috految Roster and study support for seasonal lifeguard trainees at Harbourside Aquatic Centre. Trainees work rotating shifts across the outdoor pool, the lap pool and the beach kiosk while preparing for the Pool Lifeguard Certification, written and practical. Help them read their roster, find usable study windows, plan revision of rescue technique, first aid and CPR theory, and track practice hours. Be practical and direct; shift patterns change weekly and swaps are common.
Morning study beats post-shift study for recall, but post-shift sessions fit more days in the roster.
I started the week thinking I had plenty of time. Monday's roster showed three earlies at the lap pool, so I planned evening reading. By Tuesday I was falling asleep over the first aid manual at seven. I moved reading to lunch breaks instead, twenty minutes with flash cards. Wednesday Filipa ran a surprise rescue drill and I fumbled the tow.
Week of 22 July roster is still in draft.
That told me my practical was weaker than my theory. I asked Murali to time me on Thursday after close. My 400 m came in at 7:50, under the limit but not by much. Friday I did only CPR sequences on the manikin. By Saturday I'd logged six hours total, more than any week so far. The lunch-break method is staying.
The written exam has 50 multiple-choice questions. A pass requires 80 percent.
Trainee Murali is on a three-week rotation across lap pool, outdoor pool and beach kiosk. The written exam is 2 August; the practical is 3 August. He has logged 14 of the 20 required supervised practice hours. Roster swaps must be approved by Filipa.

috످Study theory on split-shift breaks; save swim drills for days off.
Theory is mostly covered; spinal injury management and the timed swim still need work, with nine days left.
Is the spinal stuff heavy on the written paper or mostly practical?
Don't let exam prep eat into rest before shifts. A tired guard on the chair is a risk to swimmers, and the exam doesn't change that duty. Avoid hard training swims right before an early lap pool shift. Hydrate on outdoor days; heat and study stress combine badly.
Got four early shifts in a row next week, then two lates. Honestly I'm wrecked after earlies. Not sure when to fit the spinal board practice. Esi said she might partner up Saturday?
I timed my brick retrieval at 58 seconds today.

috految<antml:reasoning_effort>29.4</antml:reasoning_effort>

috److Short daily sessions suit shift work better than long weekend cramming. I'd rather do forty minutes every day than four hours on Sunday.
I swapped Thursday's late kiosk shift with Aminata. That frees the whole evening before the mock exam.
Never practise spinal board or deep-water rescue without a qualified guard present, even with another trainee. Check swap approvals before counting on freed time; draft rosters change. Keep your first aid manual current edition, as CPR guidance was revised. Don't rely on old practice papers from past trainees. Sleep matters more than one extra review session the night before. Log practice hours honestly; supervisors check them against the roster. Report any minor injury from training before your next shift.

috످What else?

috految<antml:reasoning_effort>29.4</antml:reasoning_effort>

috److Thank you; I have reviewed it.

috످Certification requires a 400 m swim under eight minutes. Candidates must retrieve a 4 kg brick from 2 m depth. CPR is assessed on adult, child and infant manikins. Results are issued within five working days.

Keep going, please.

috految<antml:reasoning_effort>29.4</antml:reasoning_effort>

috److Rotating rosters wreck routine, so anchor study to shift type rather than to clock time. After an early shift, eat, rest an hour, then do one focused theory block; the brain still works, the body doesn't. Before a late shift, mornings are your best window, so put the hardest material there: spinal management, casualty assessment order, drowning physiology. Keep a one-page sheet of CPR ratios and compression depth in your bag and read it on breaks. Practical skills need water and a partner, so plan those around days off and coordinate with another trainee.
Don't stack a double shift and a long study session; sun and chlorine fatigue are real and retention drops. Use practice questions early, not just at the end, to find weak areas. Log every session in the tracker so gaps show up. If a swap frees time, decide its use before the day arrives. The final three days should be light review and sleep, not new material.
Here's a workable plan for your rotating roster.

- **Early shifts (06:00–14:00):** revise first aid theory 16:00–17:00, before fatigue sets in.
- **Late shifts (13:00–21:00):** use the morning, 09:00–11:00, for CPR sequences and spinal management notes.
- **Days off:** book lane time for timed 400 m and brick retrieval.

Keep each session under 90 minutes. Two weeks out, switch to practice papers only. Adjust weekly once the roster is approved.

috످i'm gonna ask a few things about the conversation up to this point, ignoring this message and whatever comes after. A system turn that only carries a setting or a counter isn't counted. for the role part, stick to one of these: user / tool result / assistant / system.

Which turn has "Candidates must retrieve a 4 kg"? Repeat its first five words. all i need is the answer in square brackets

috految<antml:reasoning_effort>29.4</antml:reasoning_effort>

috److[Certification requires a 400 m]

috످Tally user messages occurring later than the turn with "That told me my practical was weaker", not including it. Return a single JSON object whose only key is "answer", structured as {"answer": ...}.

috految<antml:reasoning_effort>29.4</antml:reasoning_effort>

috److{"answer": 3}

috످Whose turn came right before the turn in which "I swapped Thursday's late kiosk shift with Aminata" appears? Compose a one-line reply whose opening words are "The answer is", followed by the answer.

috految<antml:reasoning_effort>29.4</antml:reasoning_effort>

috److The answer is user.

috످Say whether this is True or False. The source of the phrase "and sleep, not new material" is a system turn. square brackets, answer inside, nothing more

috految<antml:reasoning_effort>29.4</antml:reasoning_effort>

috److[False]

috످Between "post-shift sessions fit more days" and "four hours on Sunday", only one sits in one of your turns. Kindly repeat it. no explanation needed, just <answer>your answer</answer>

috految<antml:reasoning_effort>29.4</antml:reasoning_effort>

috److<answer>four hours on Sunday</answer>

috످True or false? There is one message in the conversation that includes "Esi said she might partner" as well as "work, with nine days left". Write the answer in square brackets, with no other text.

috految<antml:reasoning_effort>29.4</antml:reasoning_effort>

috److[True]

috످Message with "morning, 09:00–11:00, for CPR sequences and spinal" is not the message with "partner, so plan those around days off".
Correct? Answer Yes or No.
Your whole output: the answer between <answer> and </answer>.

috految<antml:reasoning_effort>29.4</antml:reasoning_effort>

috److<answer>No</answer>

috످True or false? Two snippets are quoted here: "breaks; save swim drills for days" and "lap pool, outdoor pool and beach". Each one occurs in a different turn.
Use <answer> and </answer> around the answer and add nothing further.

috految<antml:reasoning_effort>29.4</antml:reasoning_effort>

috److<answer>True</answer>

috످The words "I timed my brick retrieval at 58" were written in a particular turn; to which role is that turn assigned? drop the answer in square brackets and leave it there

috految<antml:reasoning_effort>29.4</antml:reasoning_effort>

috److془The passage is about the trainee's practice time on a dive for the weighted brick, and it closes the user's first message.془[user]

috످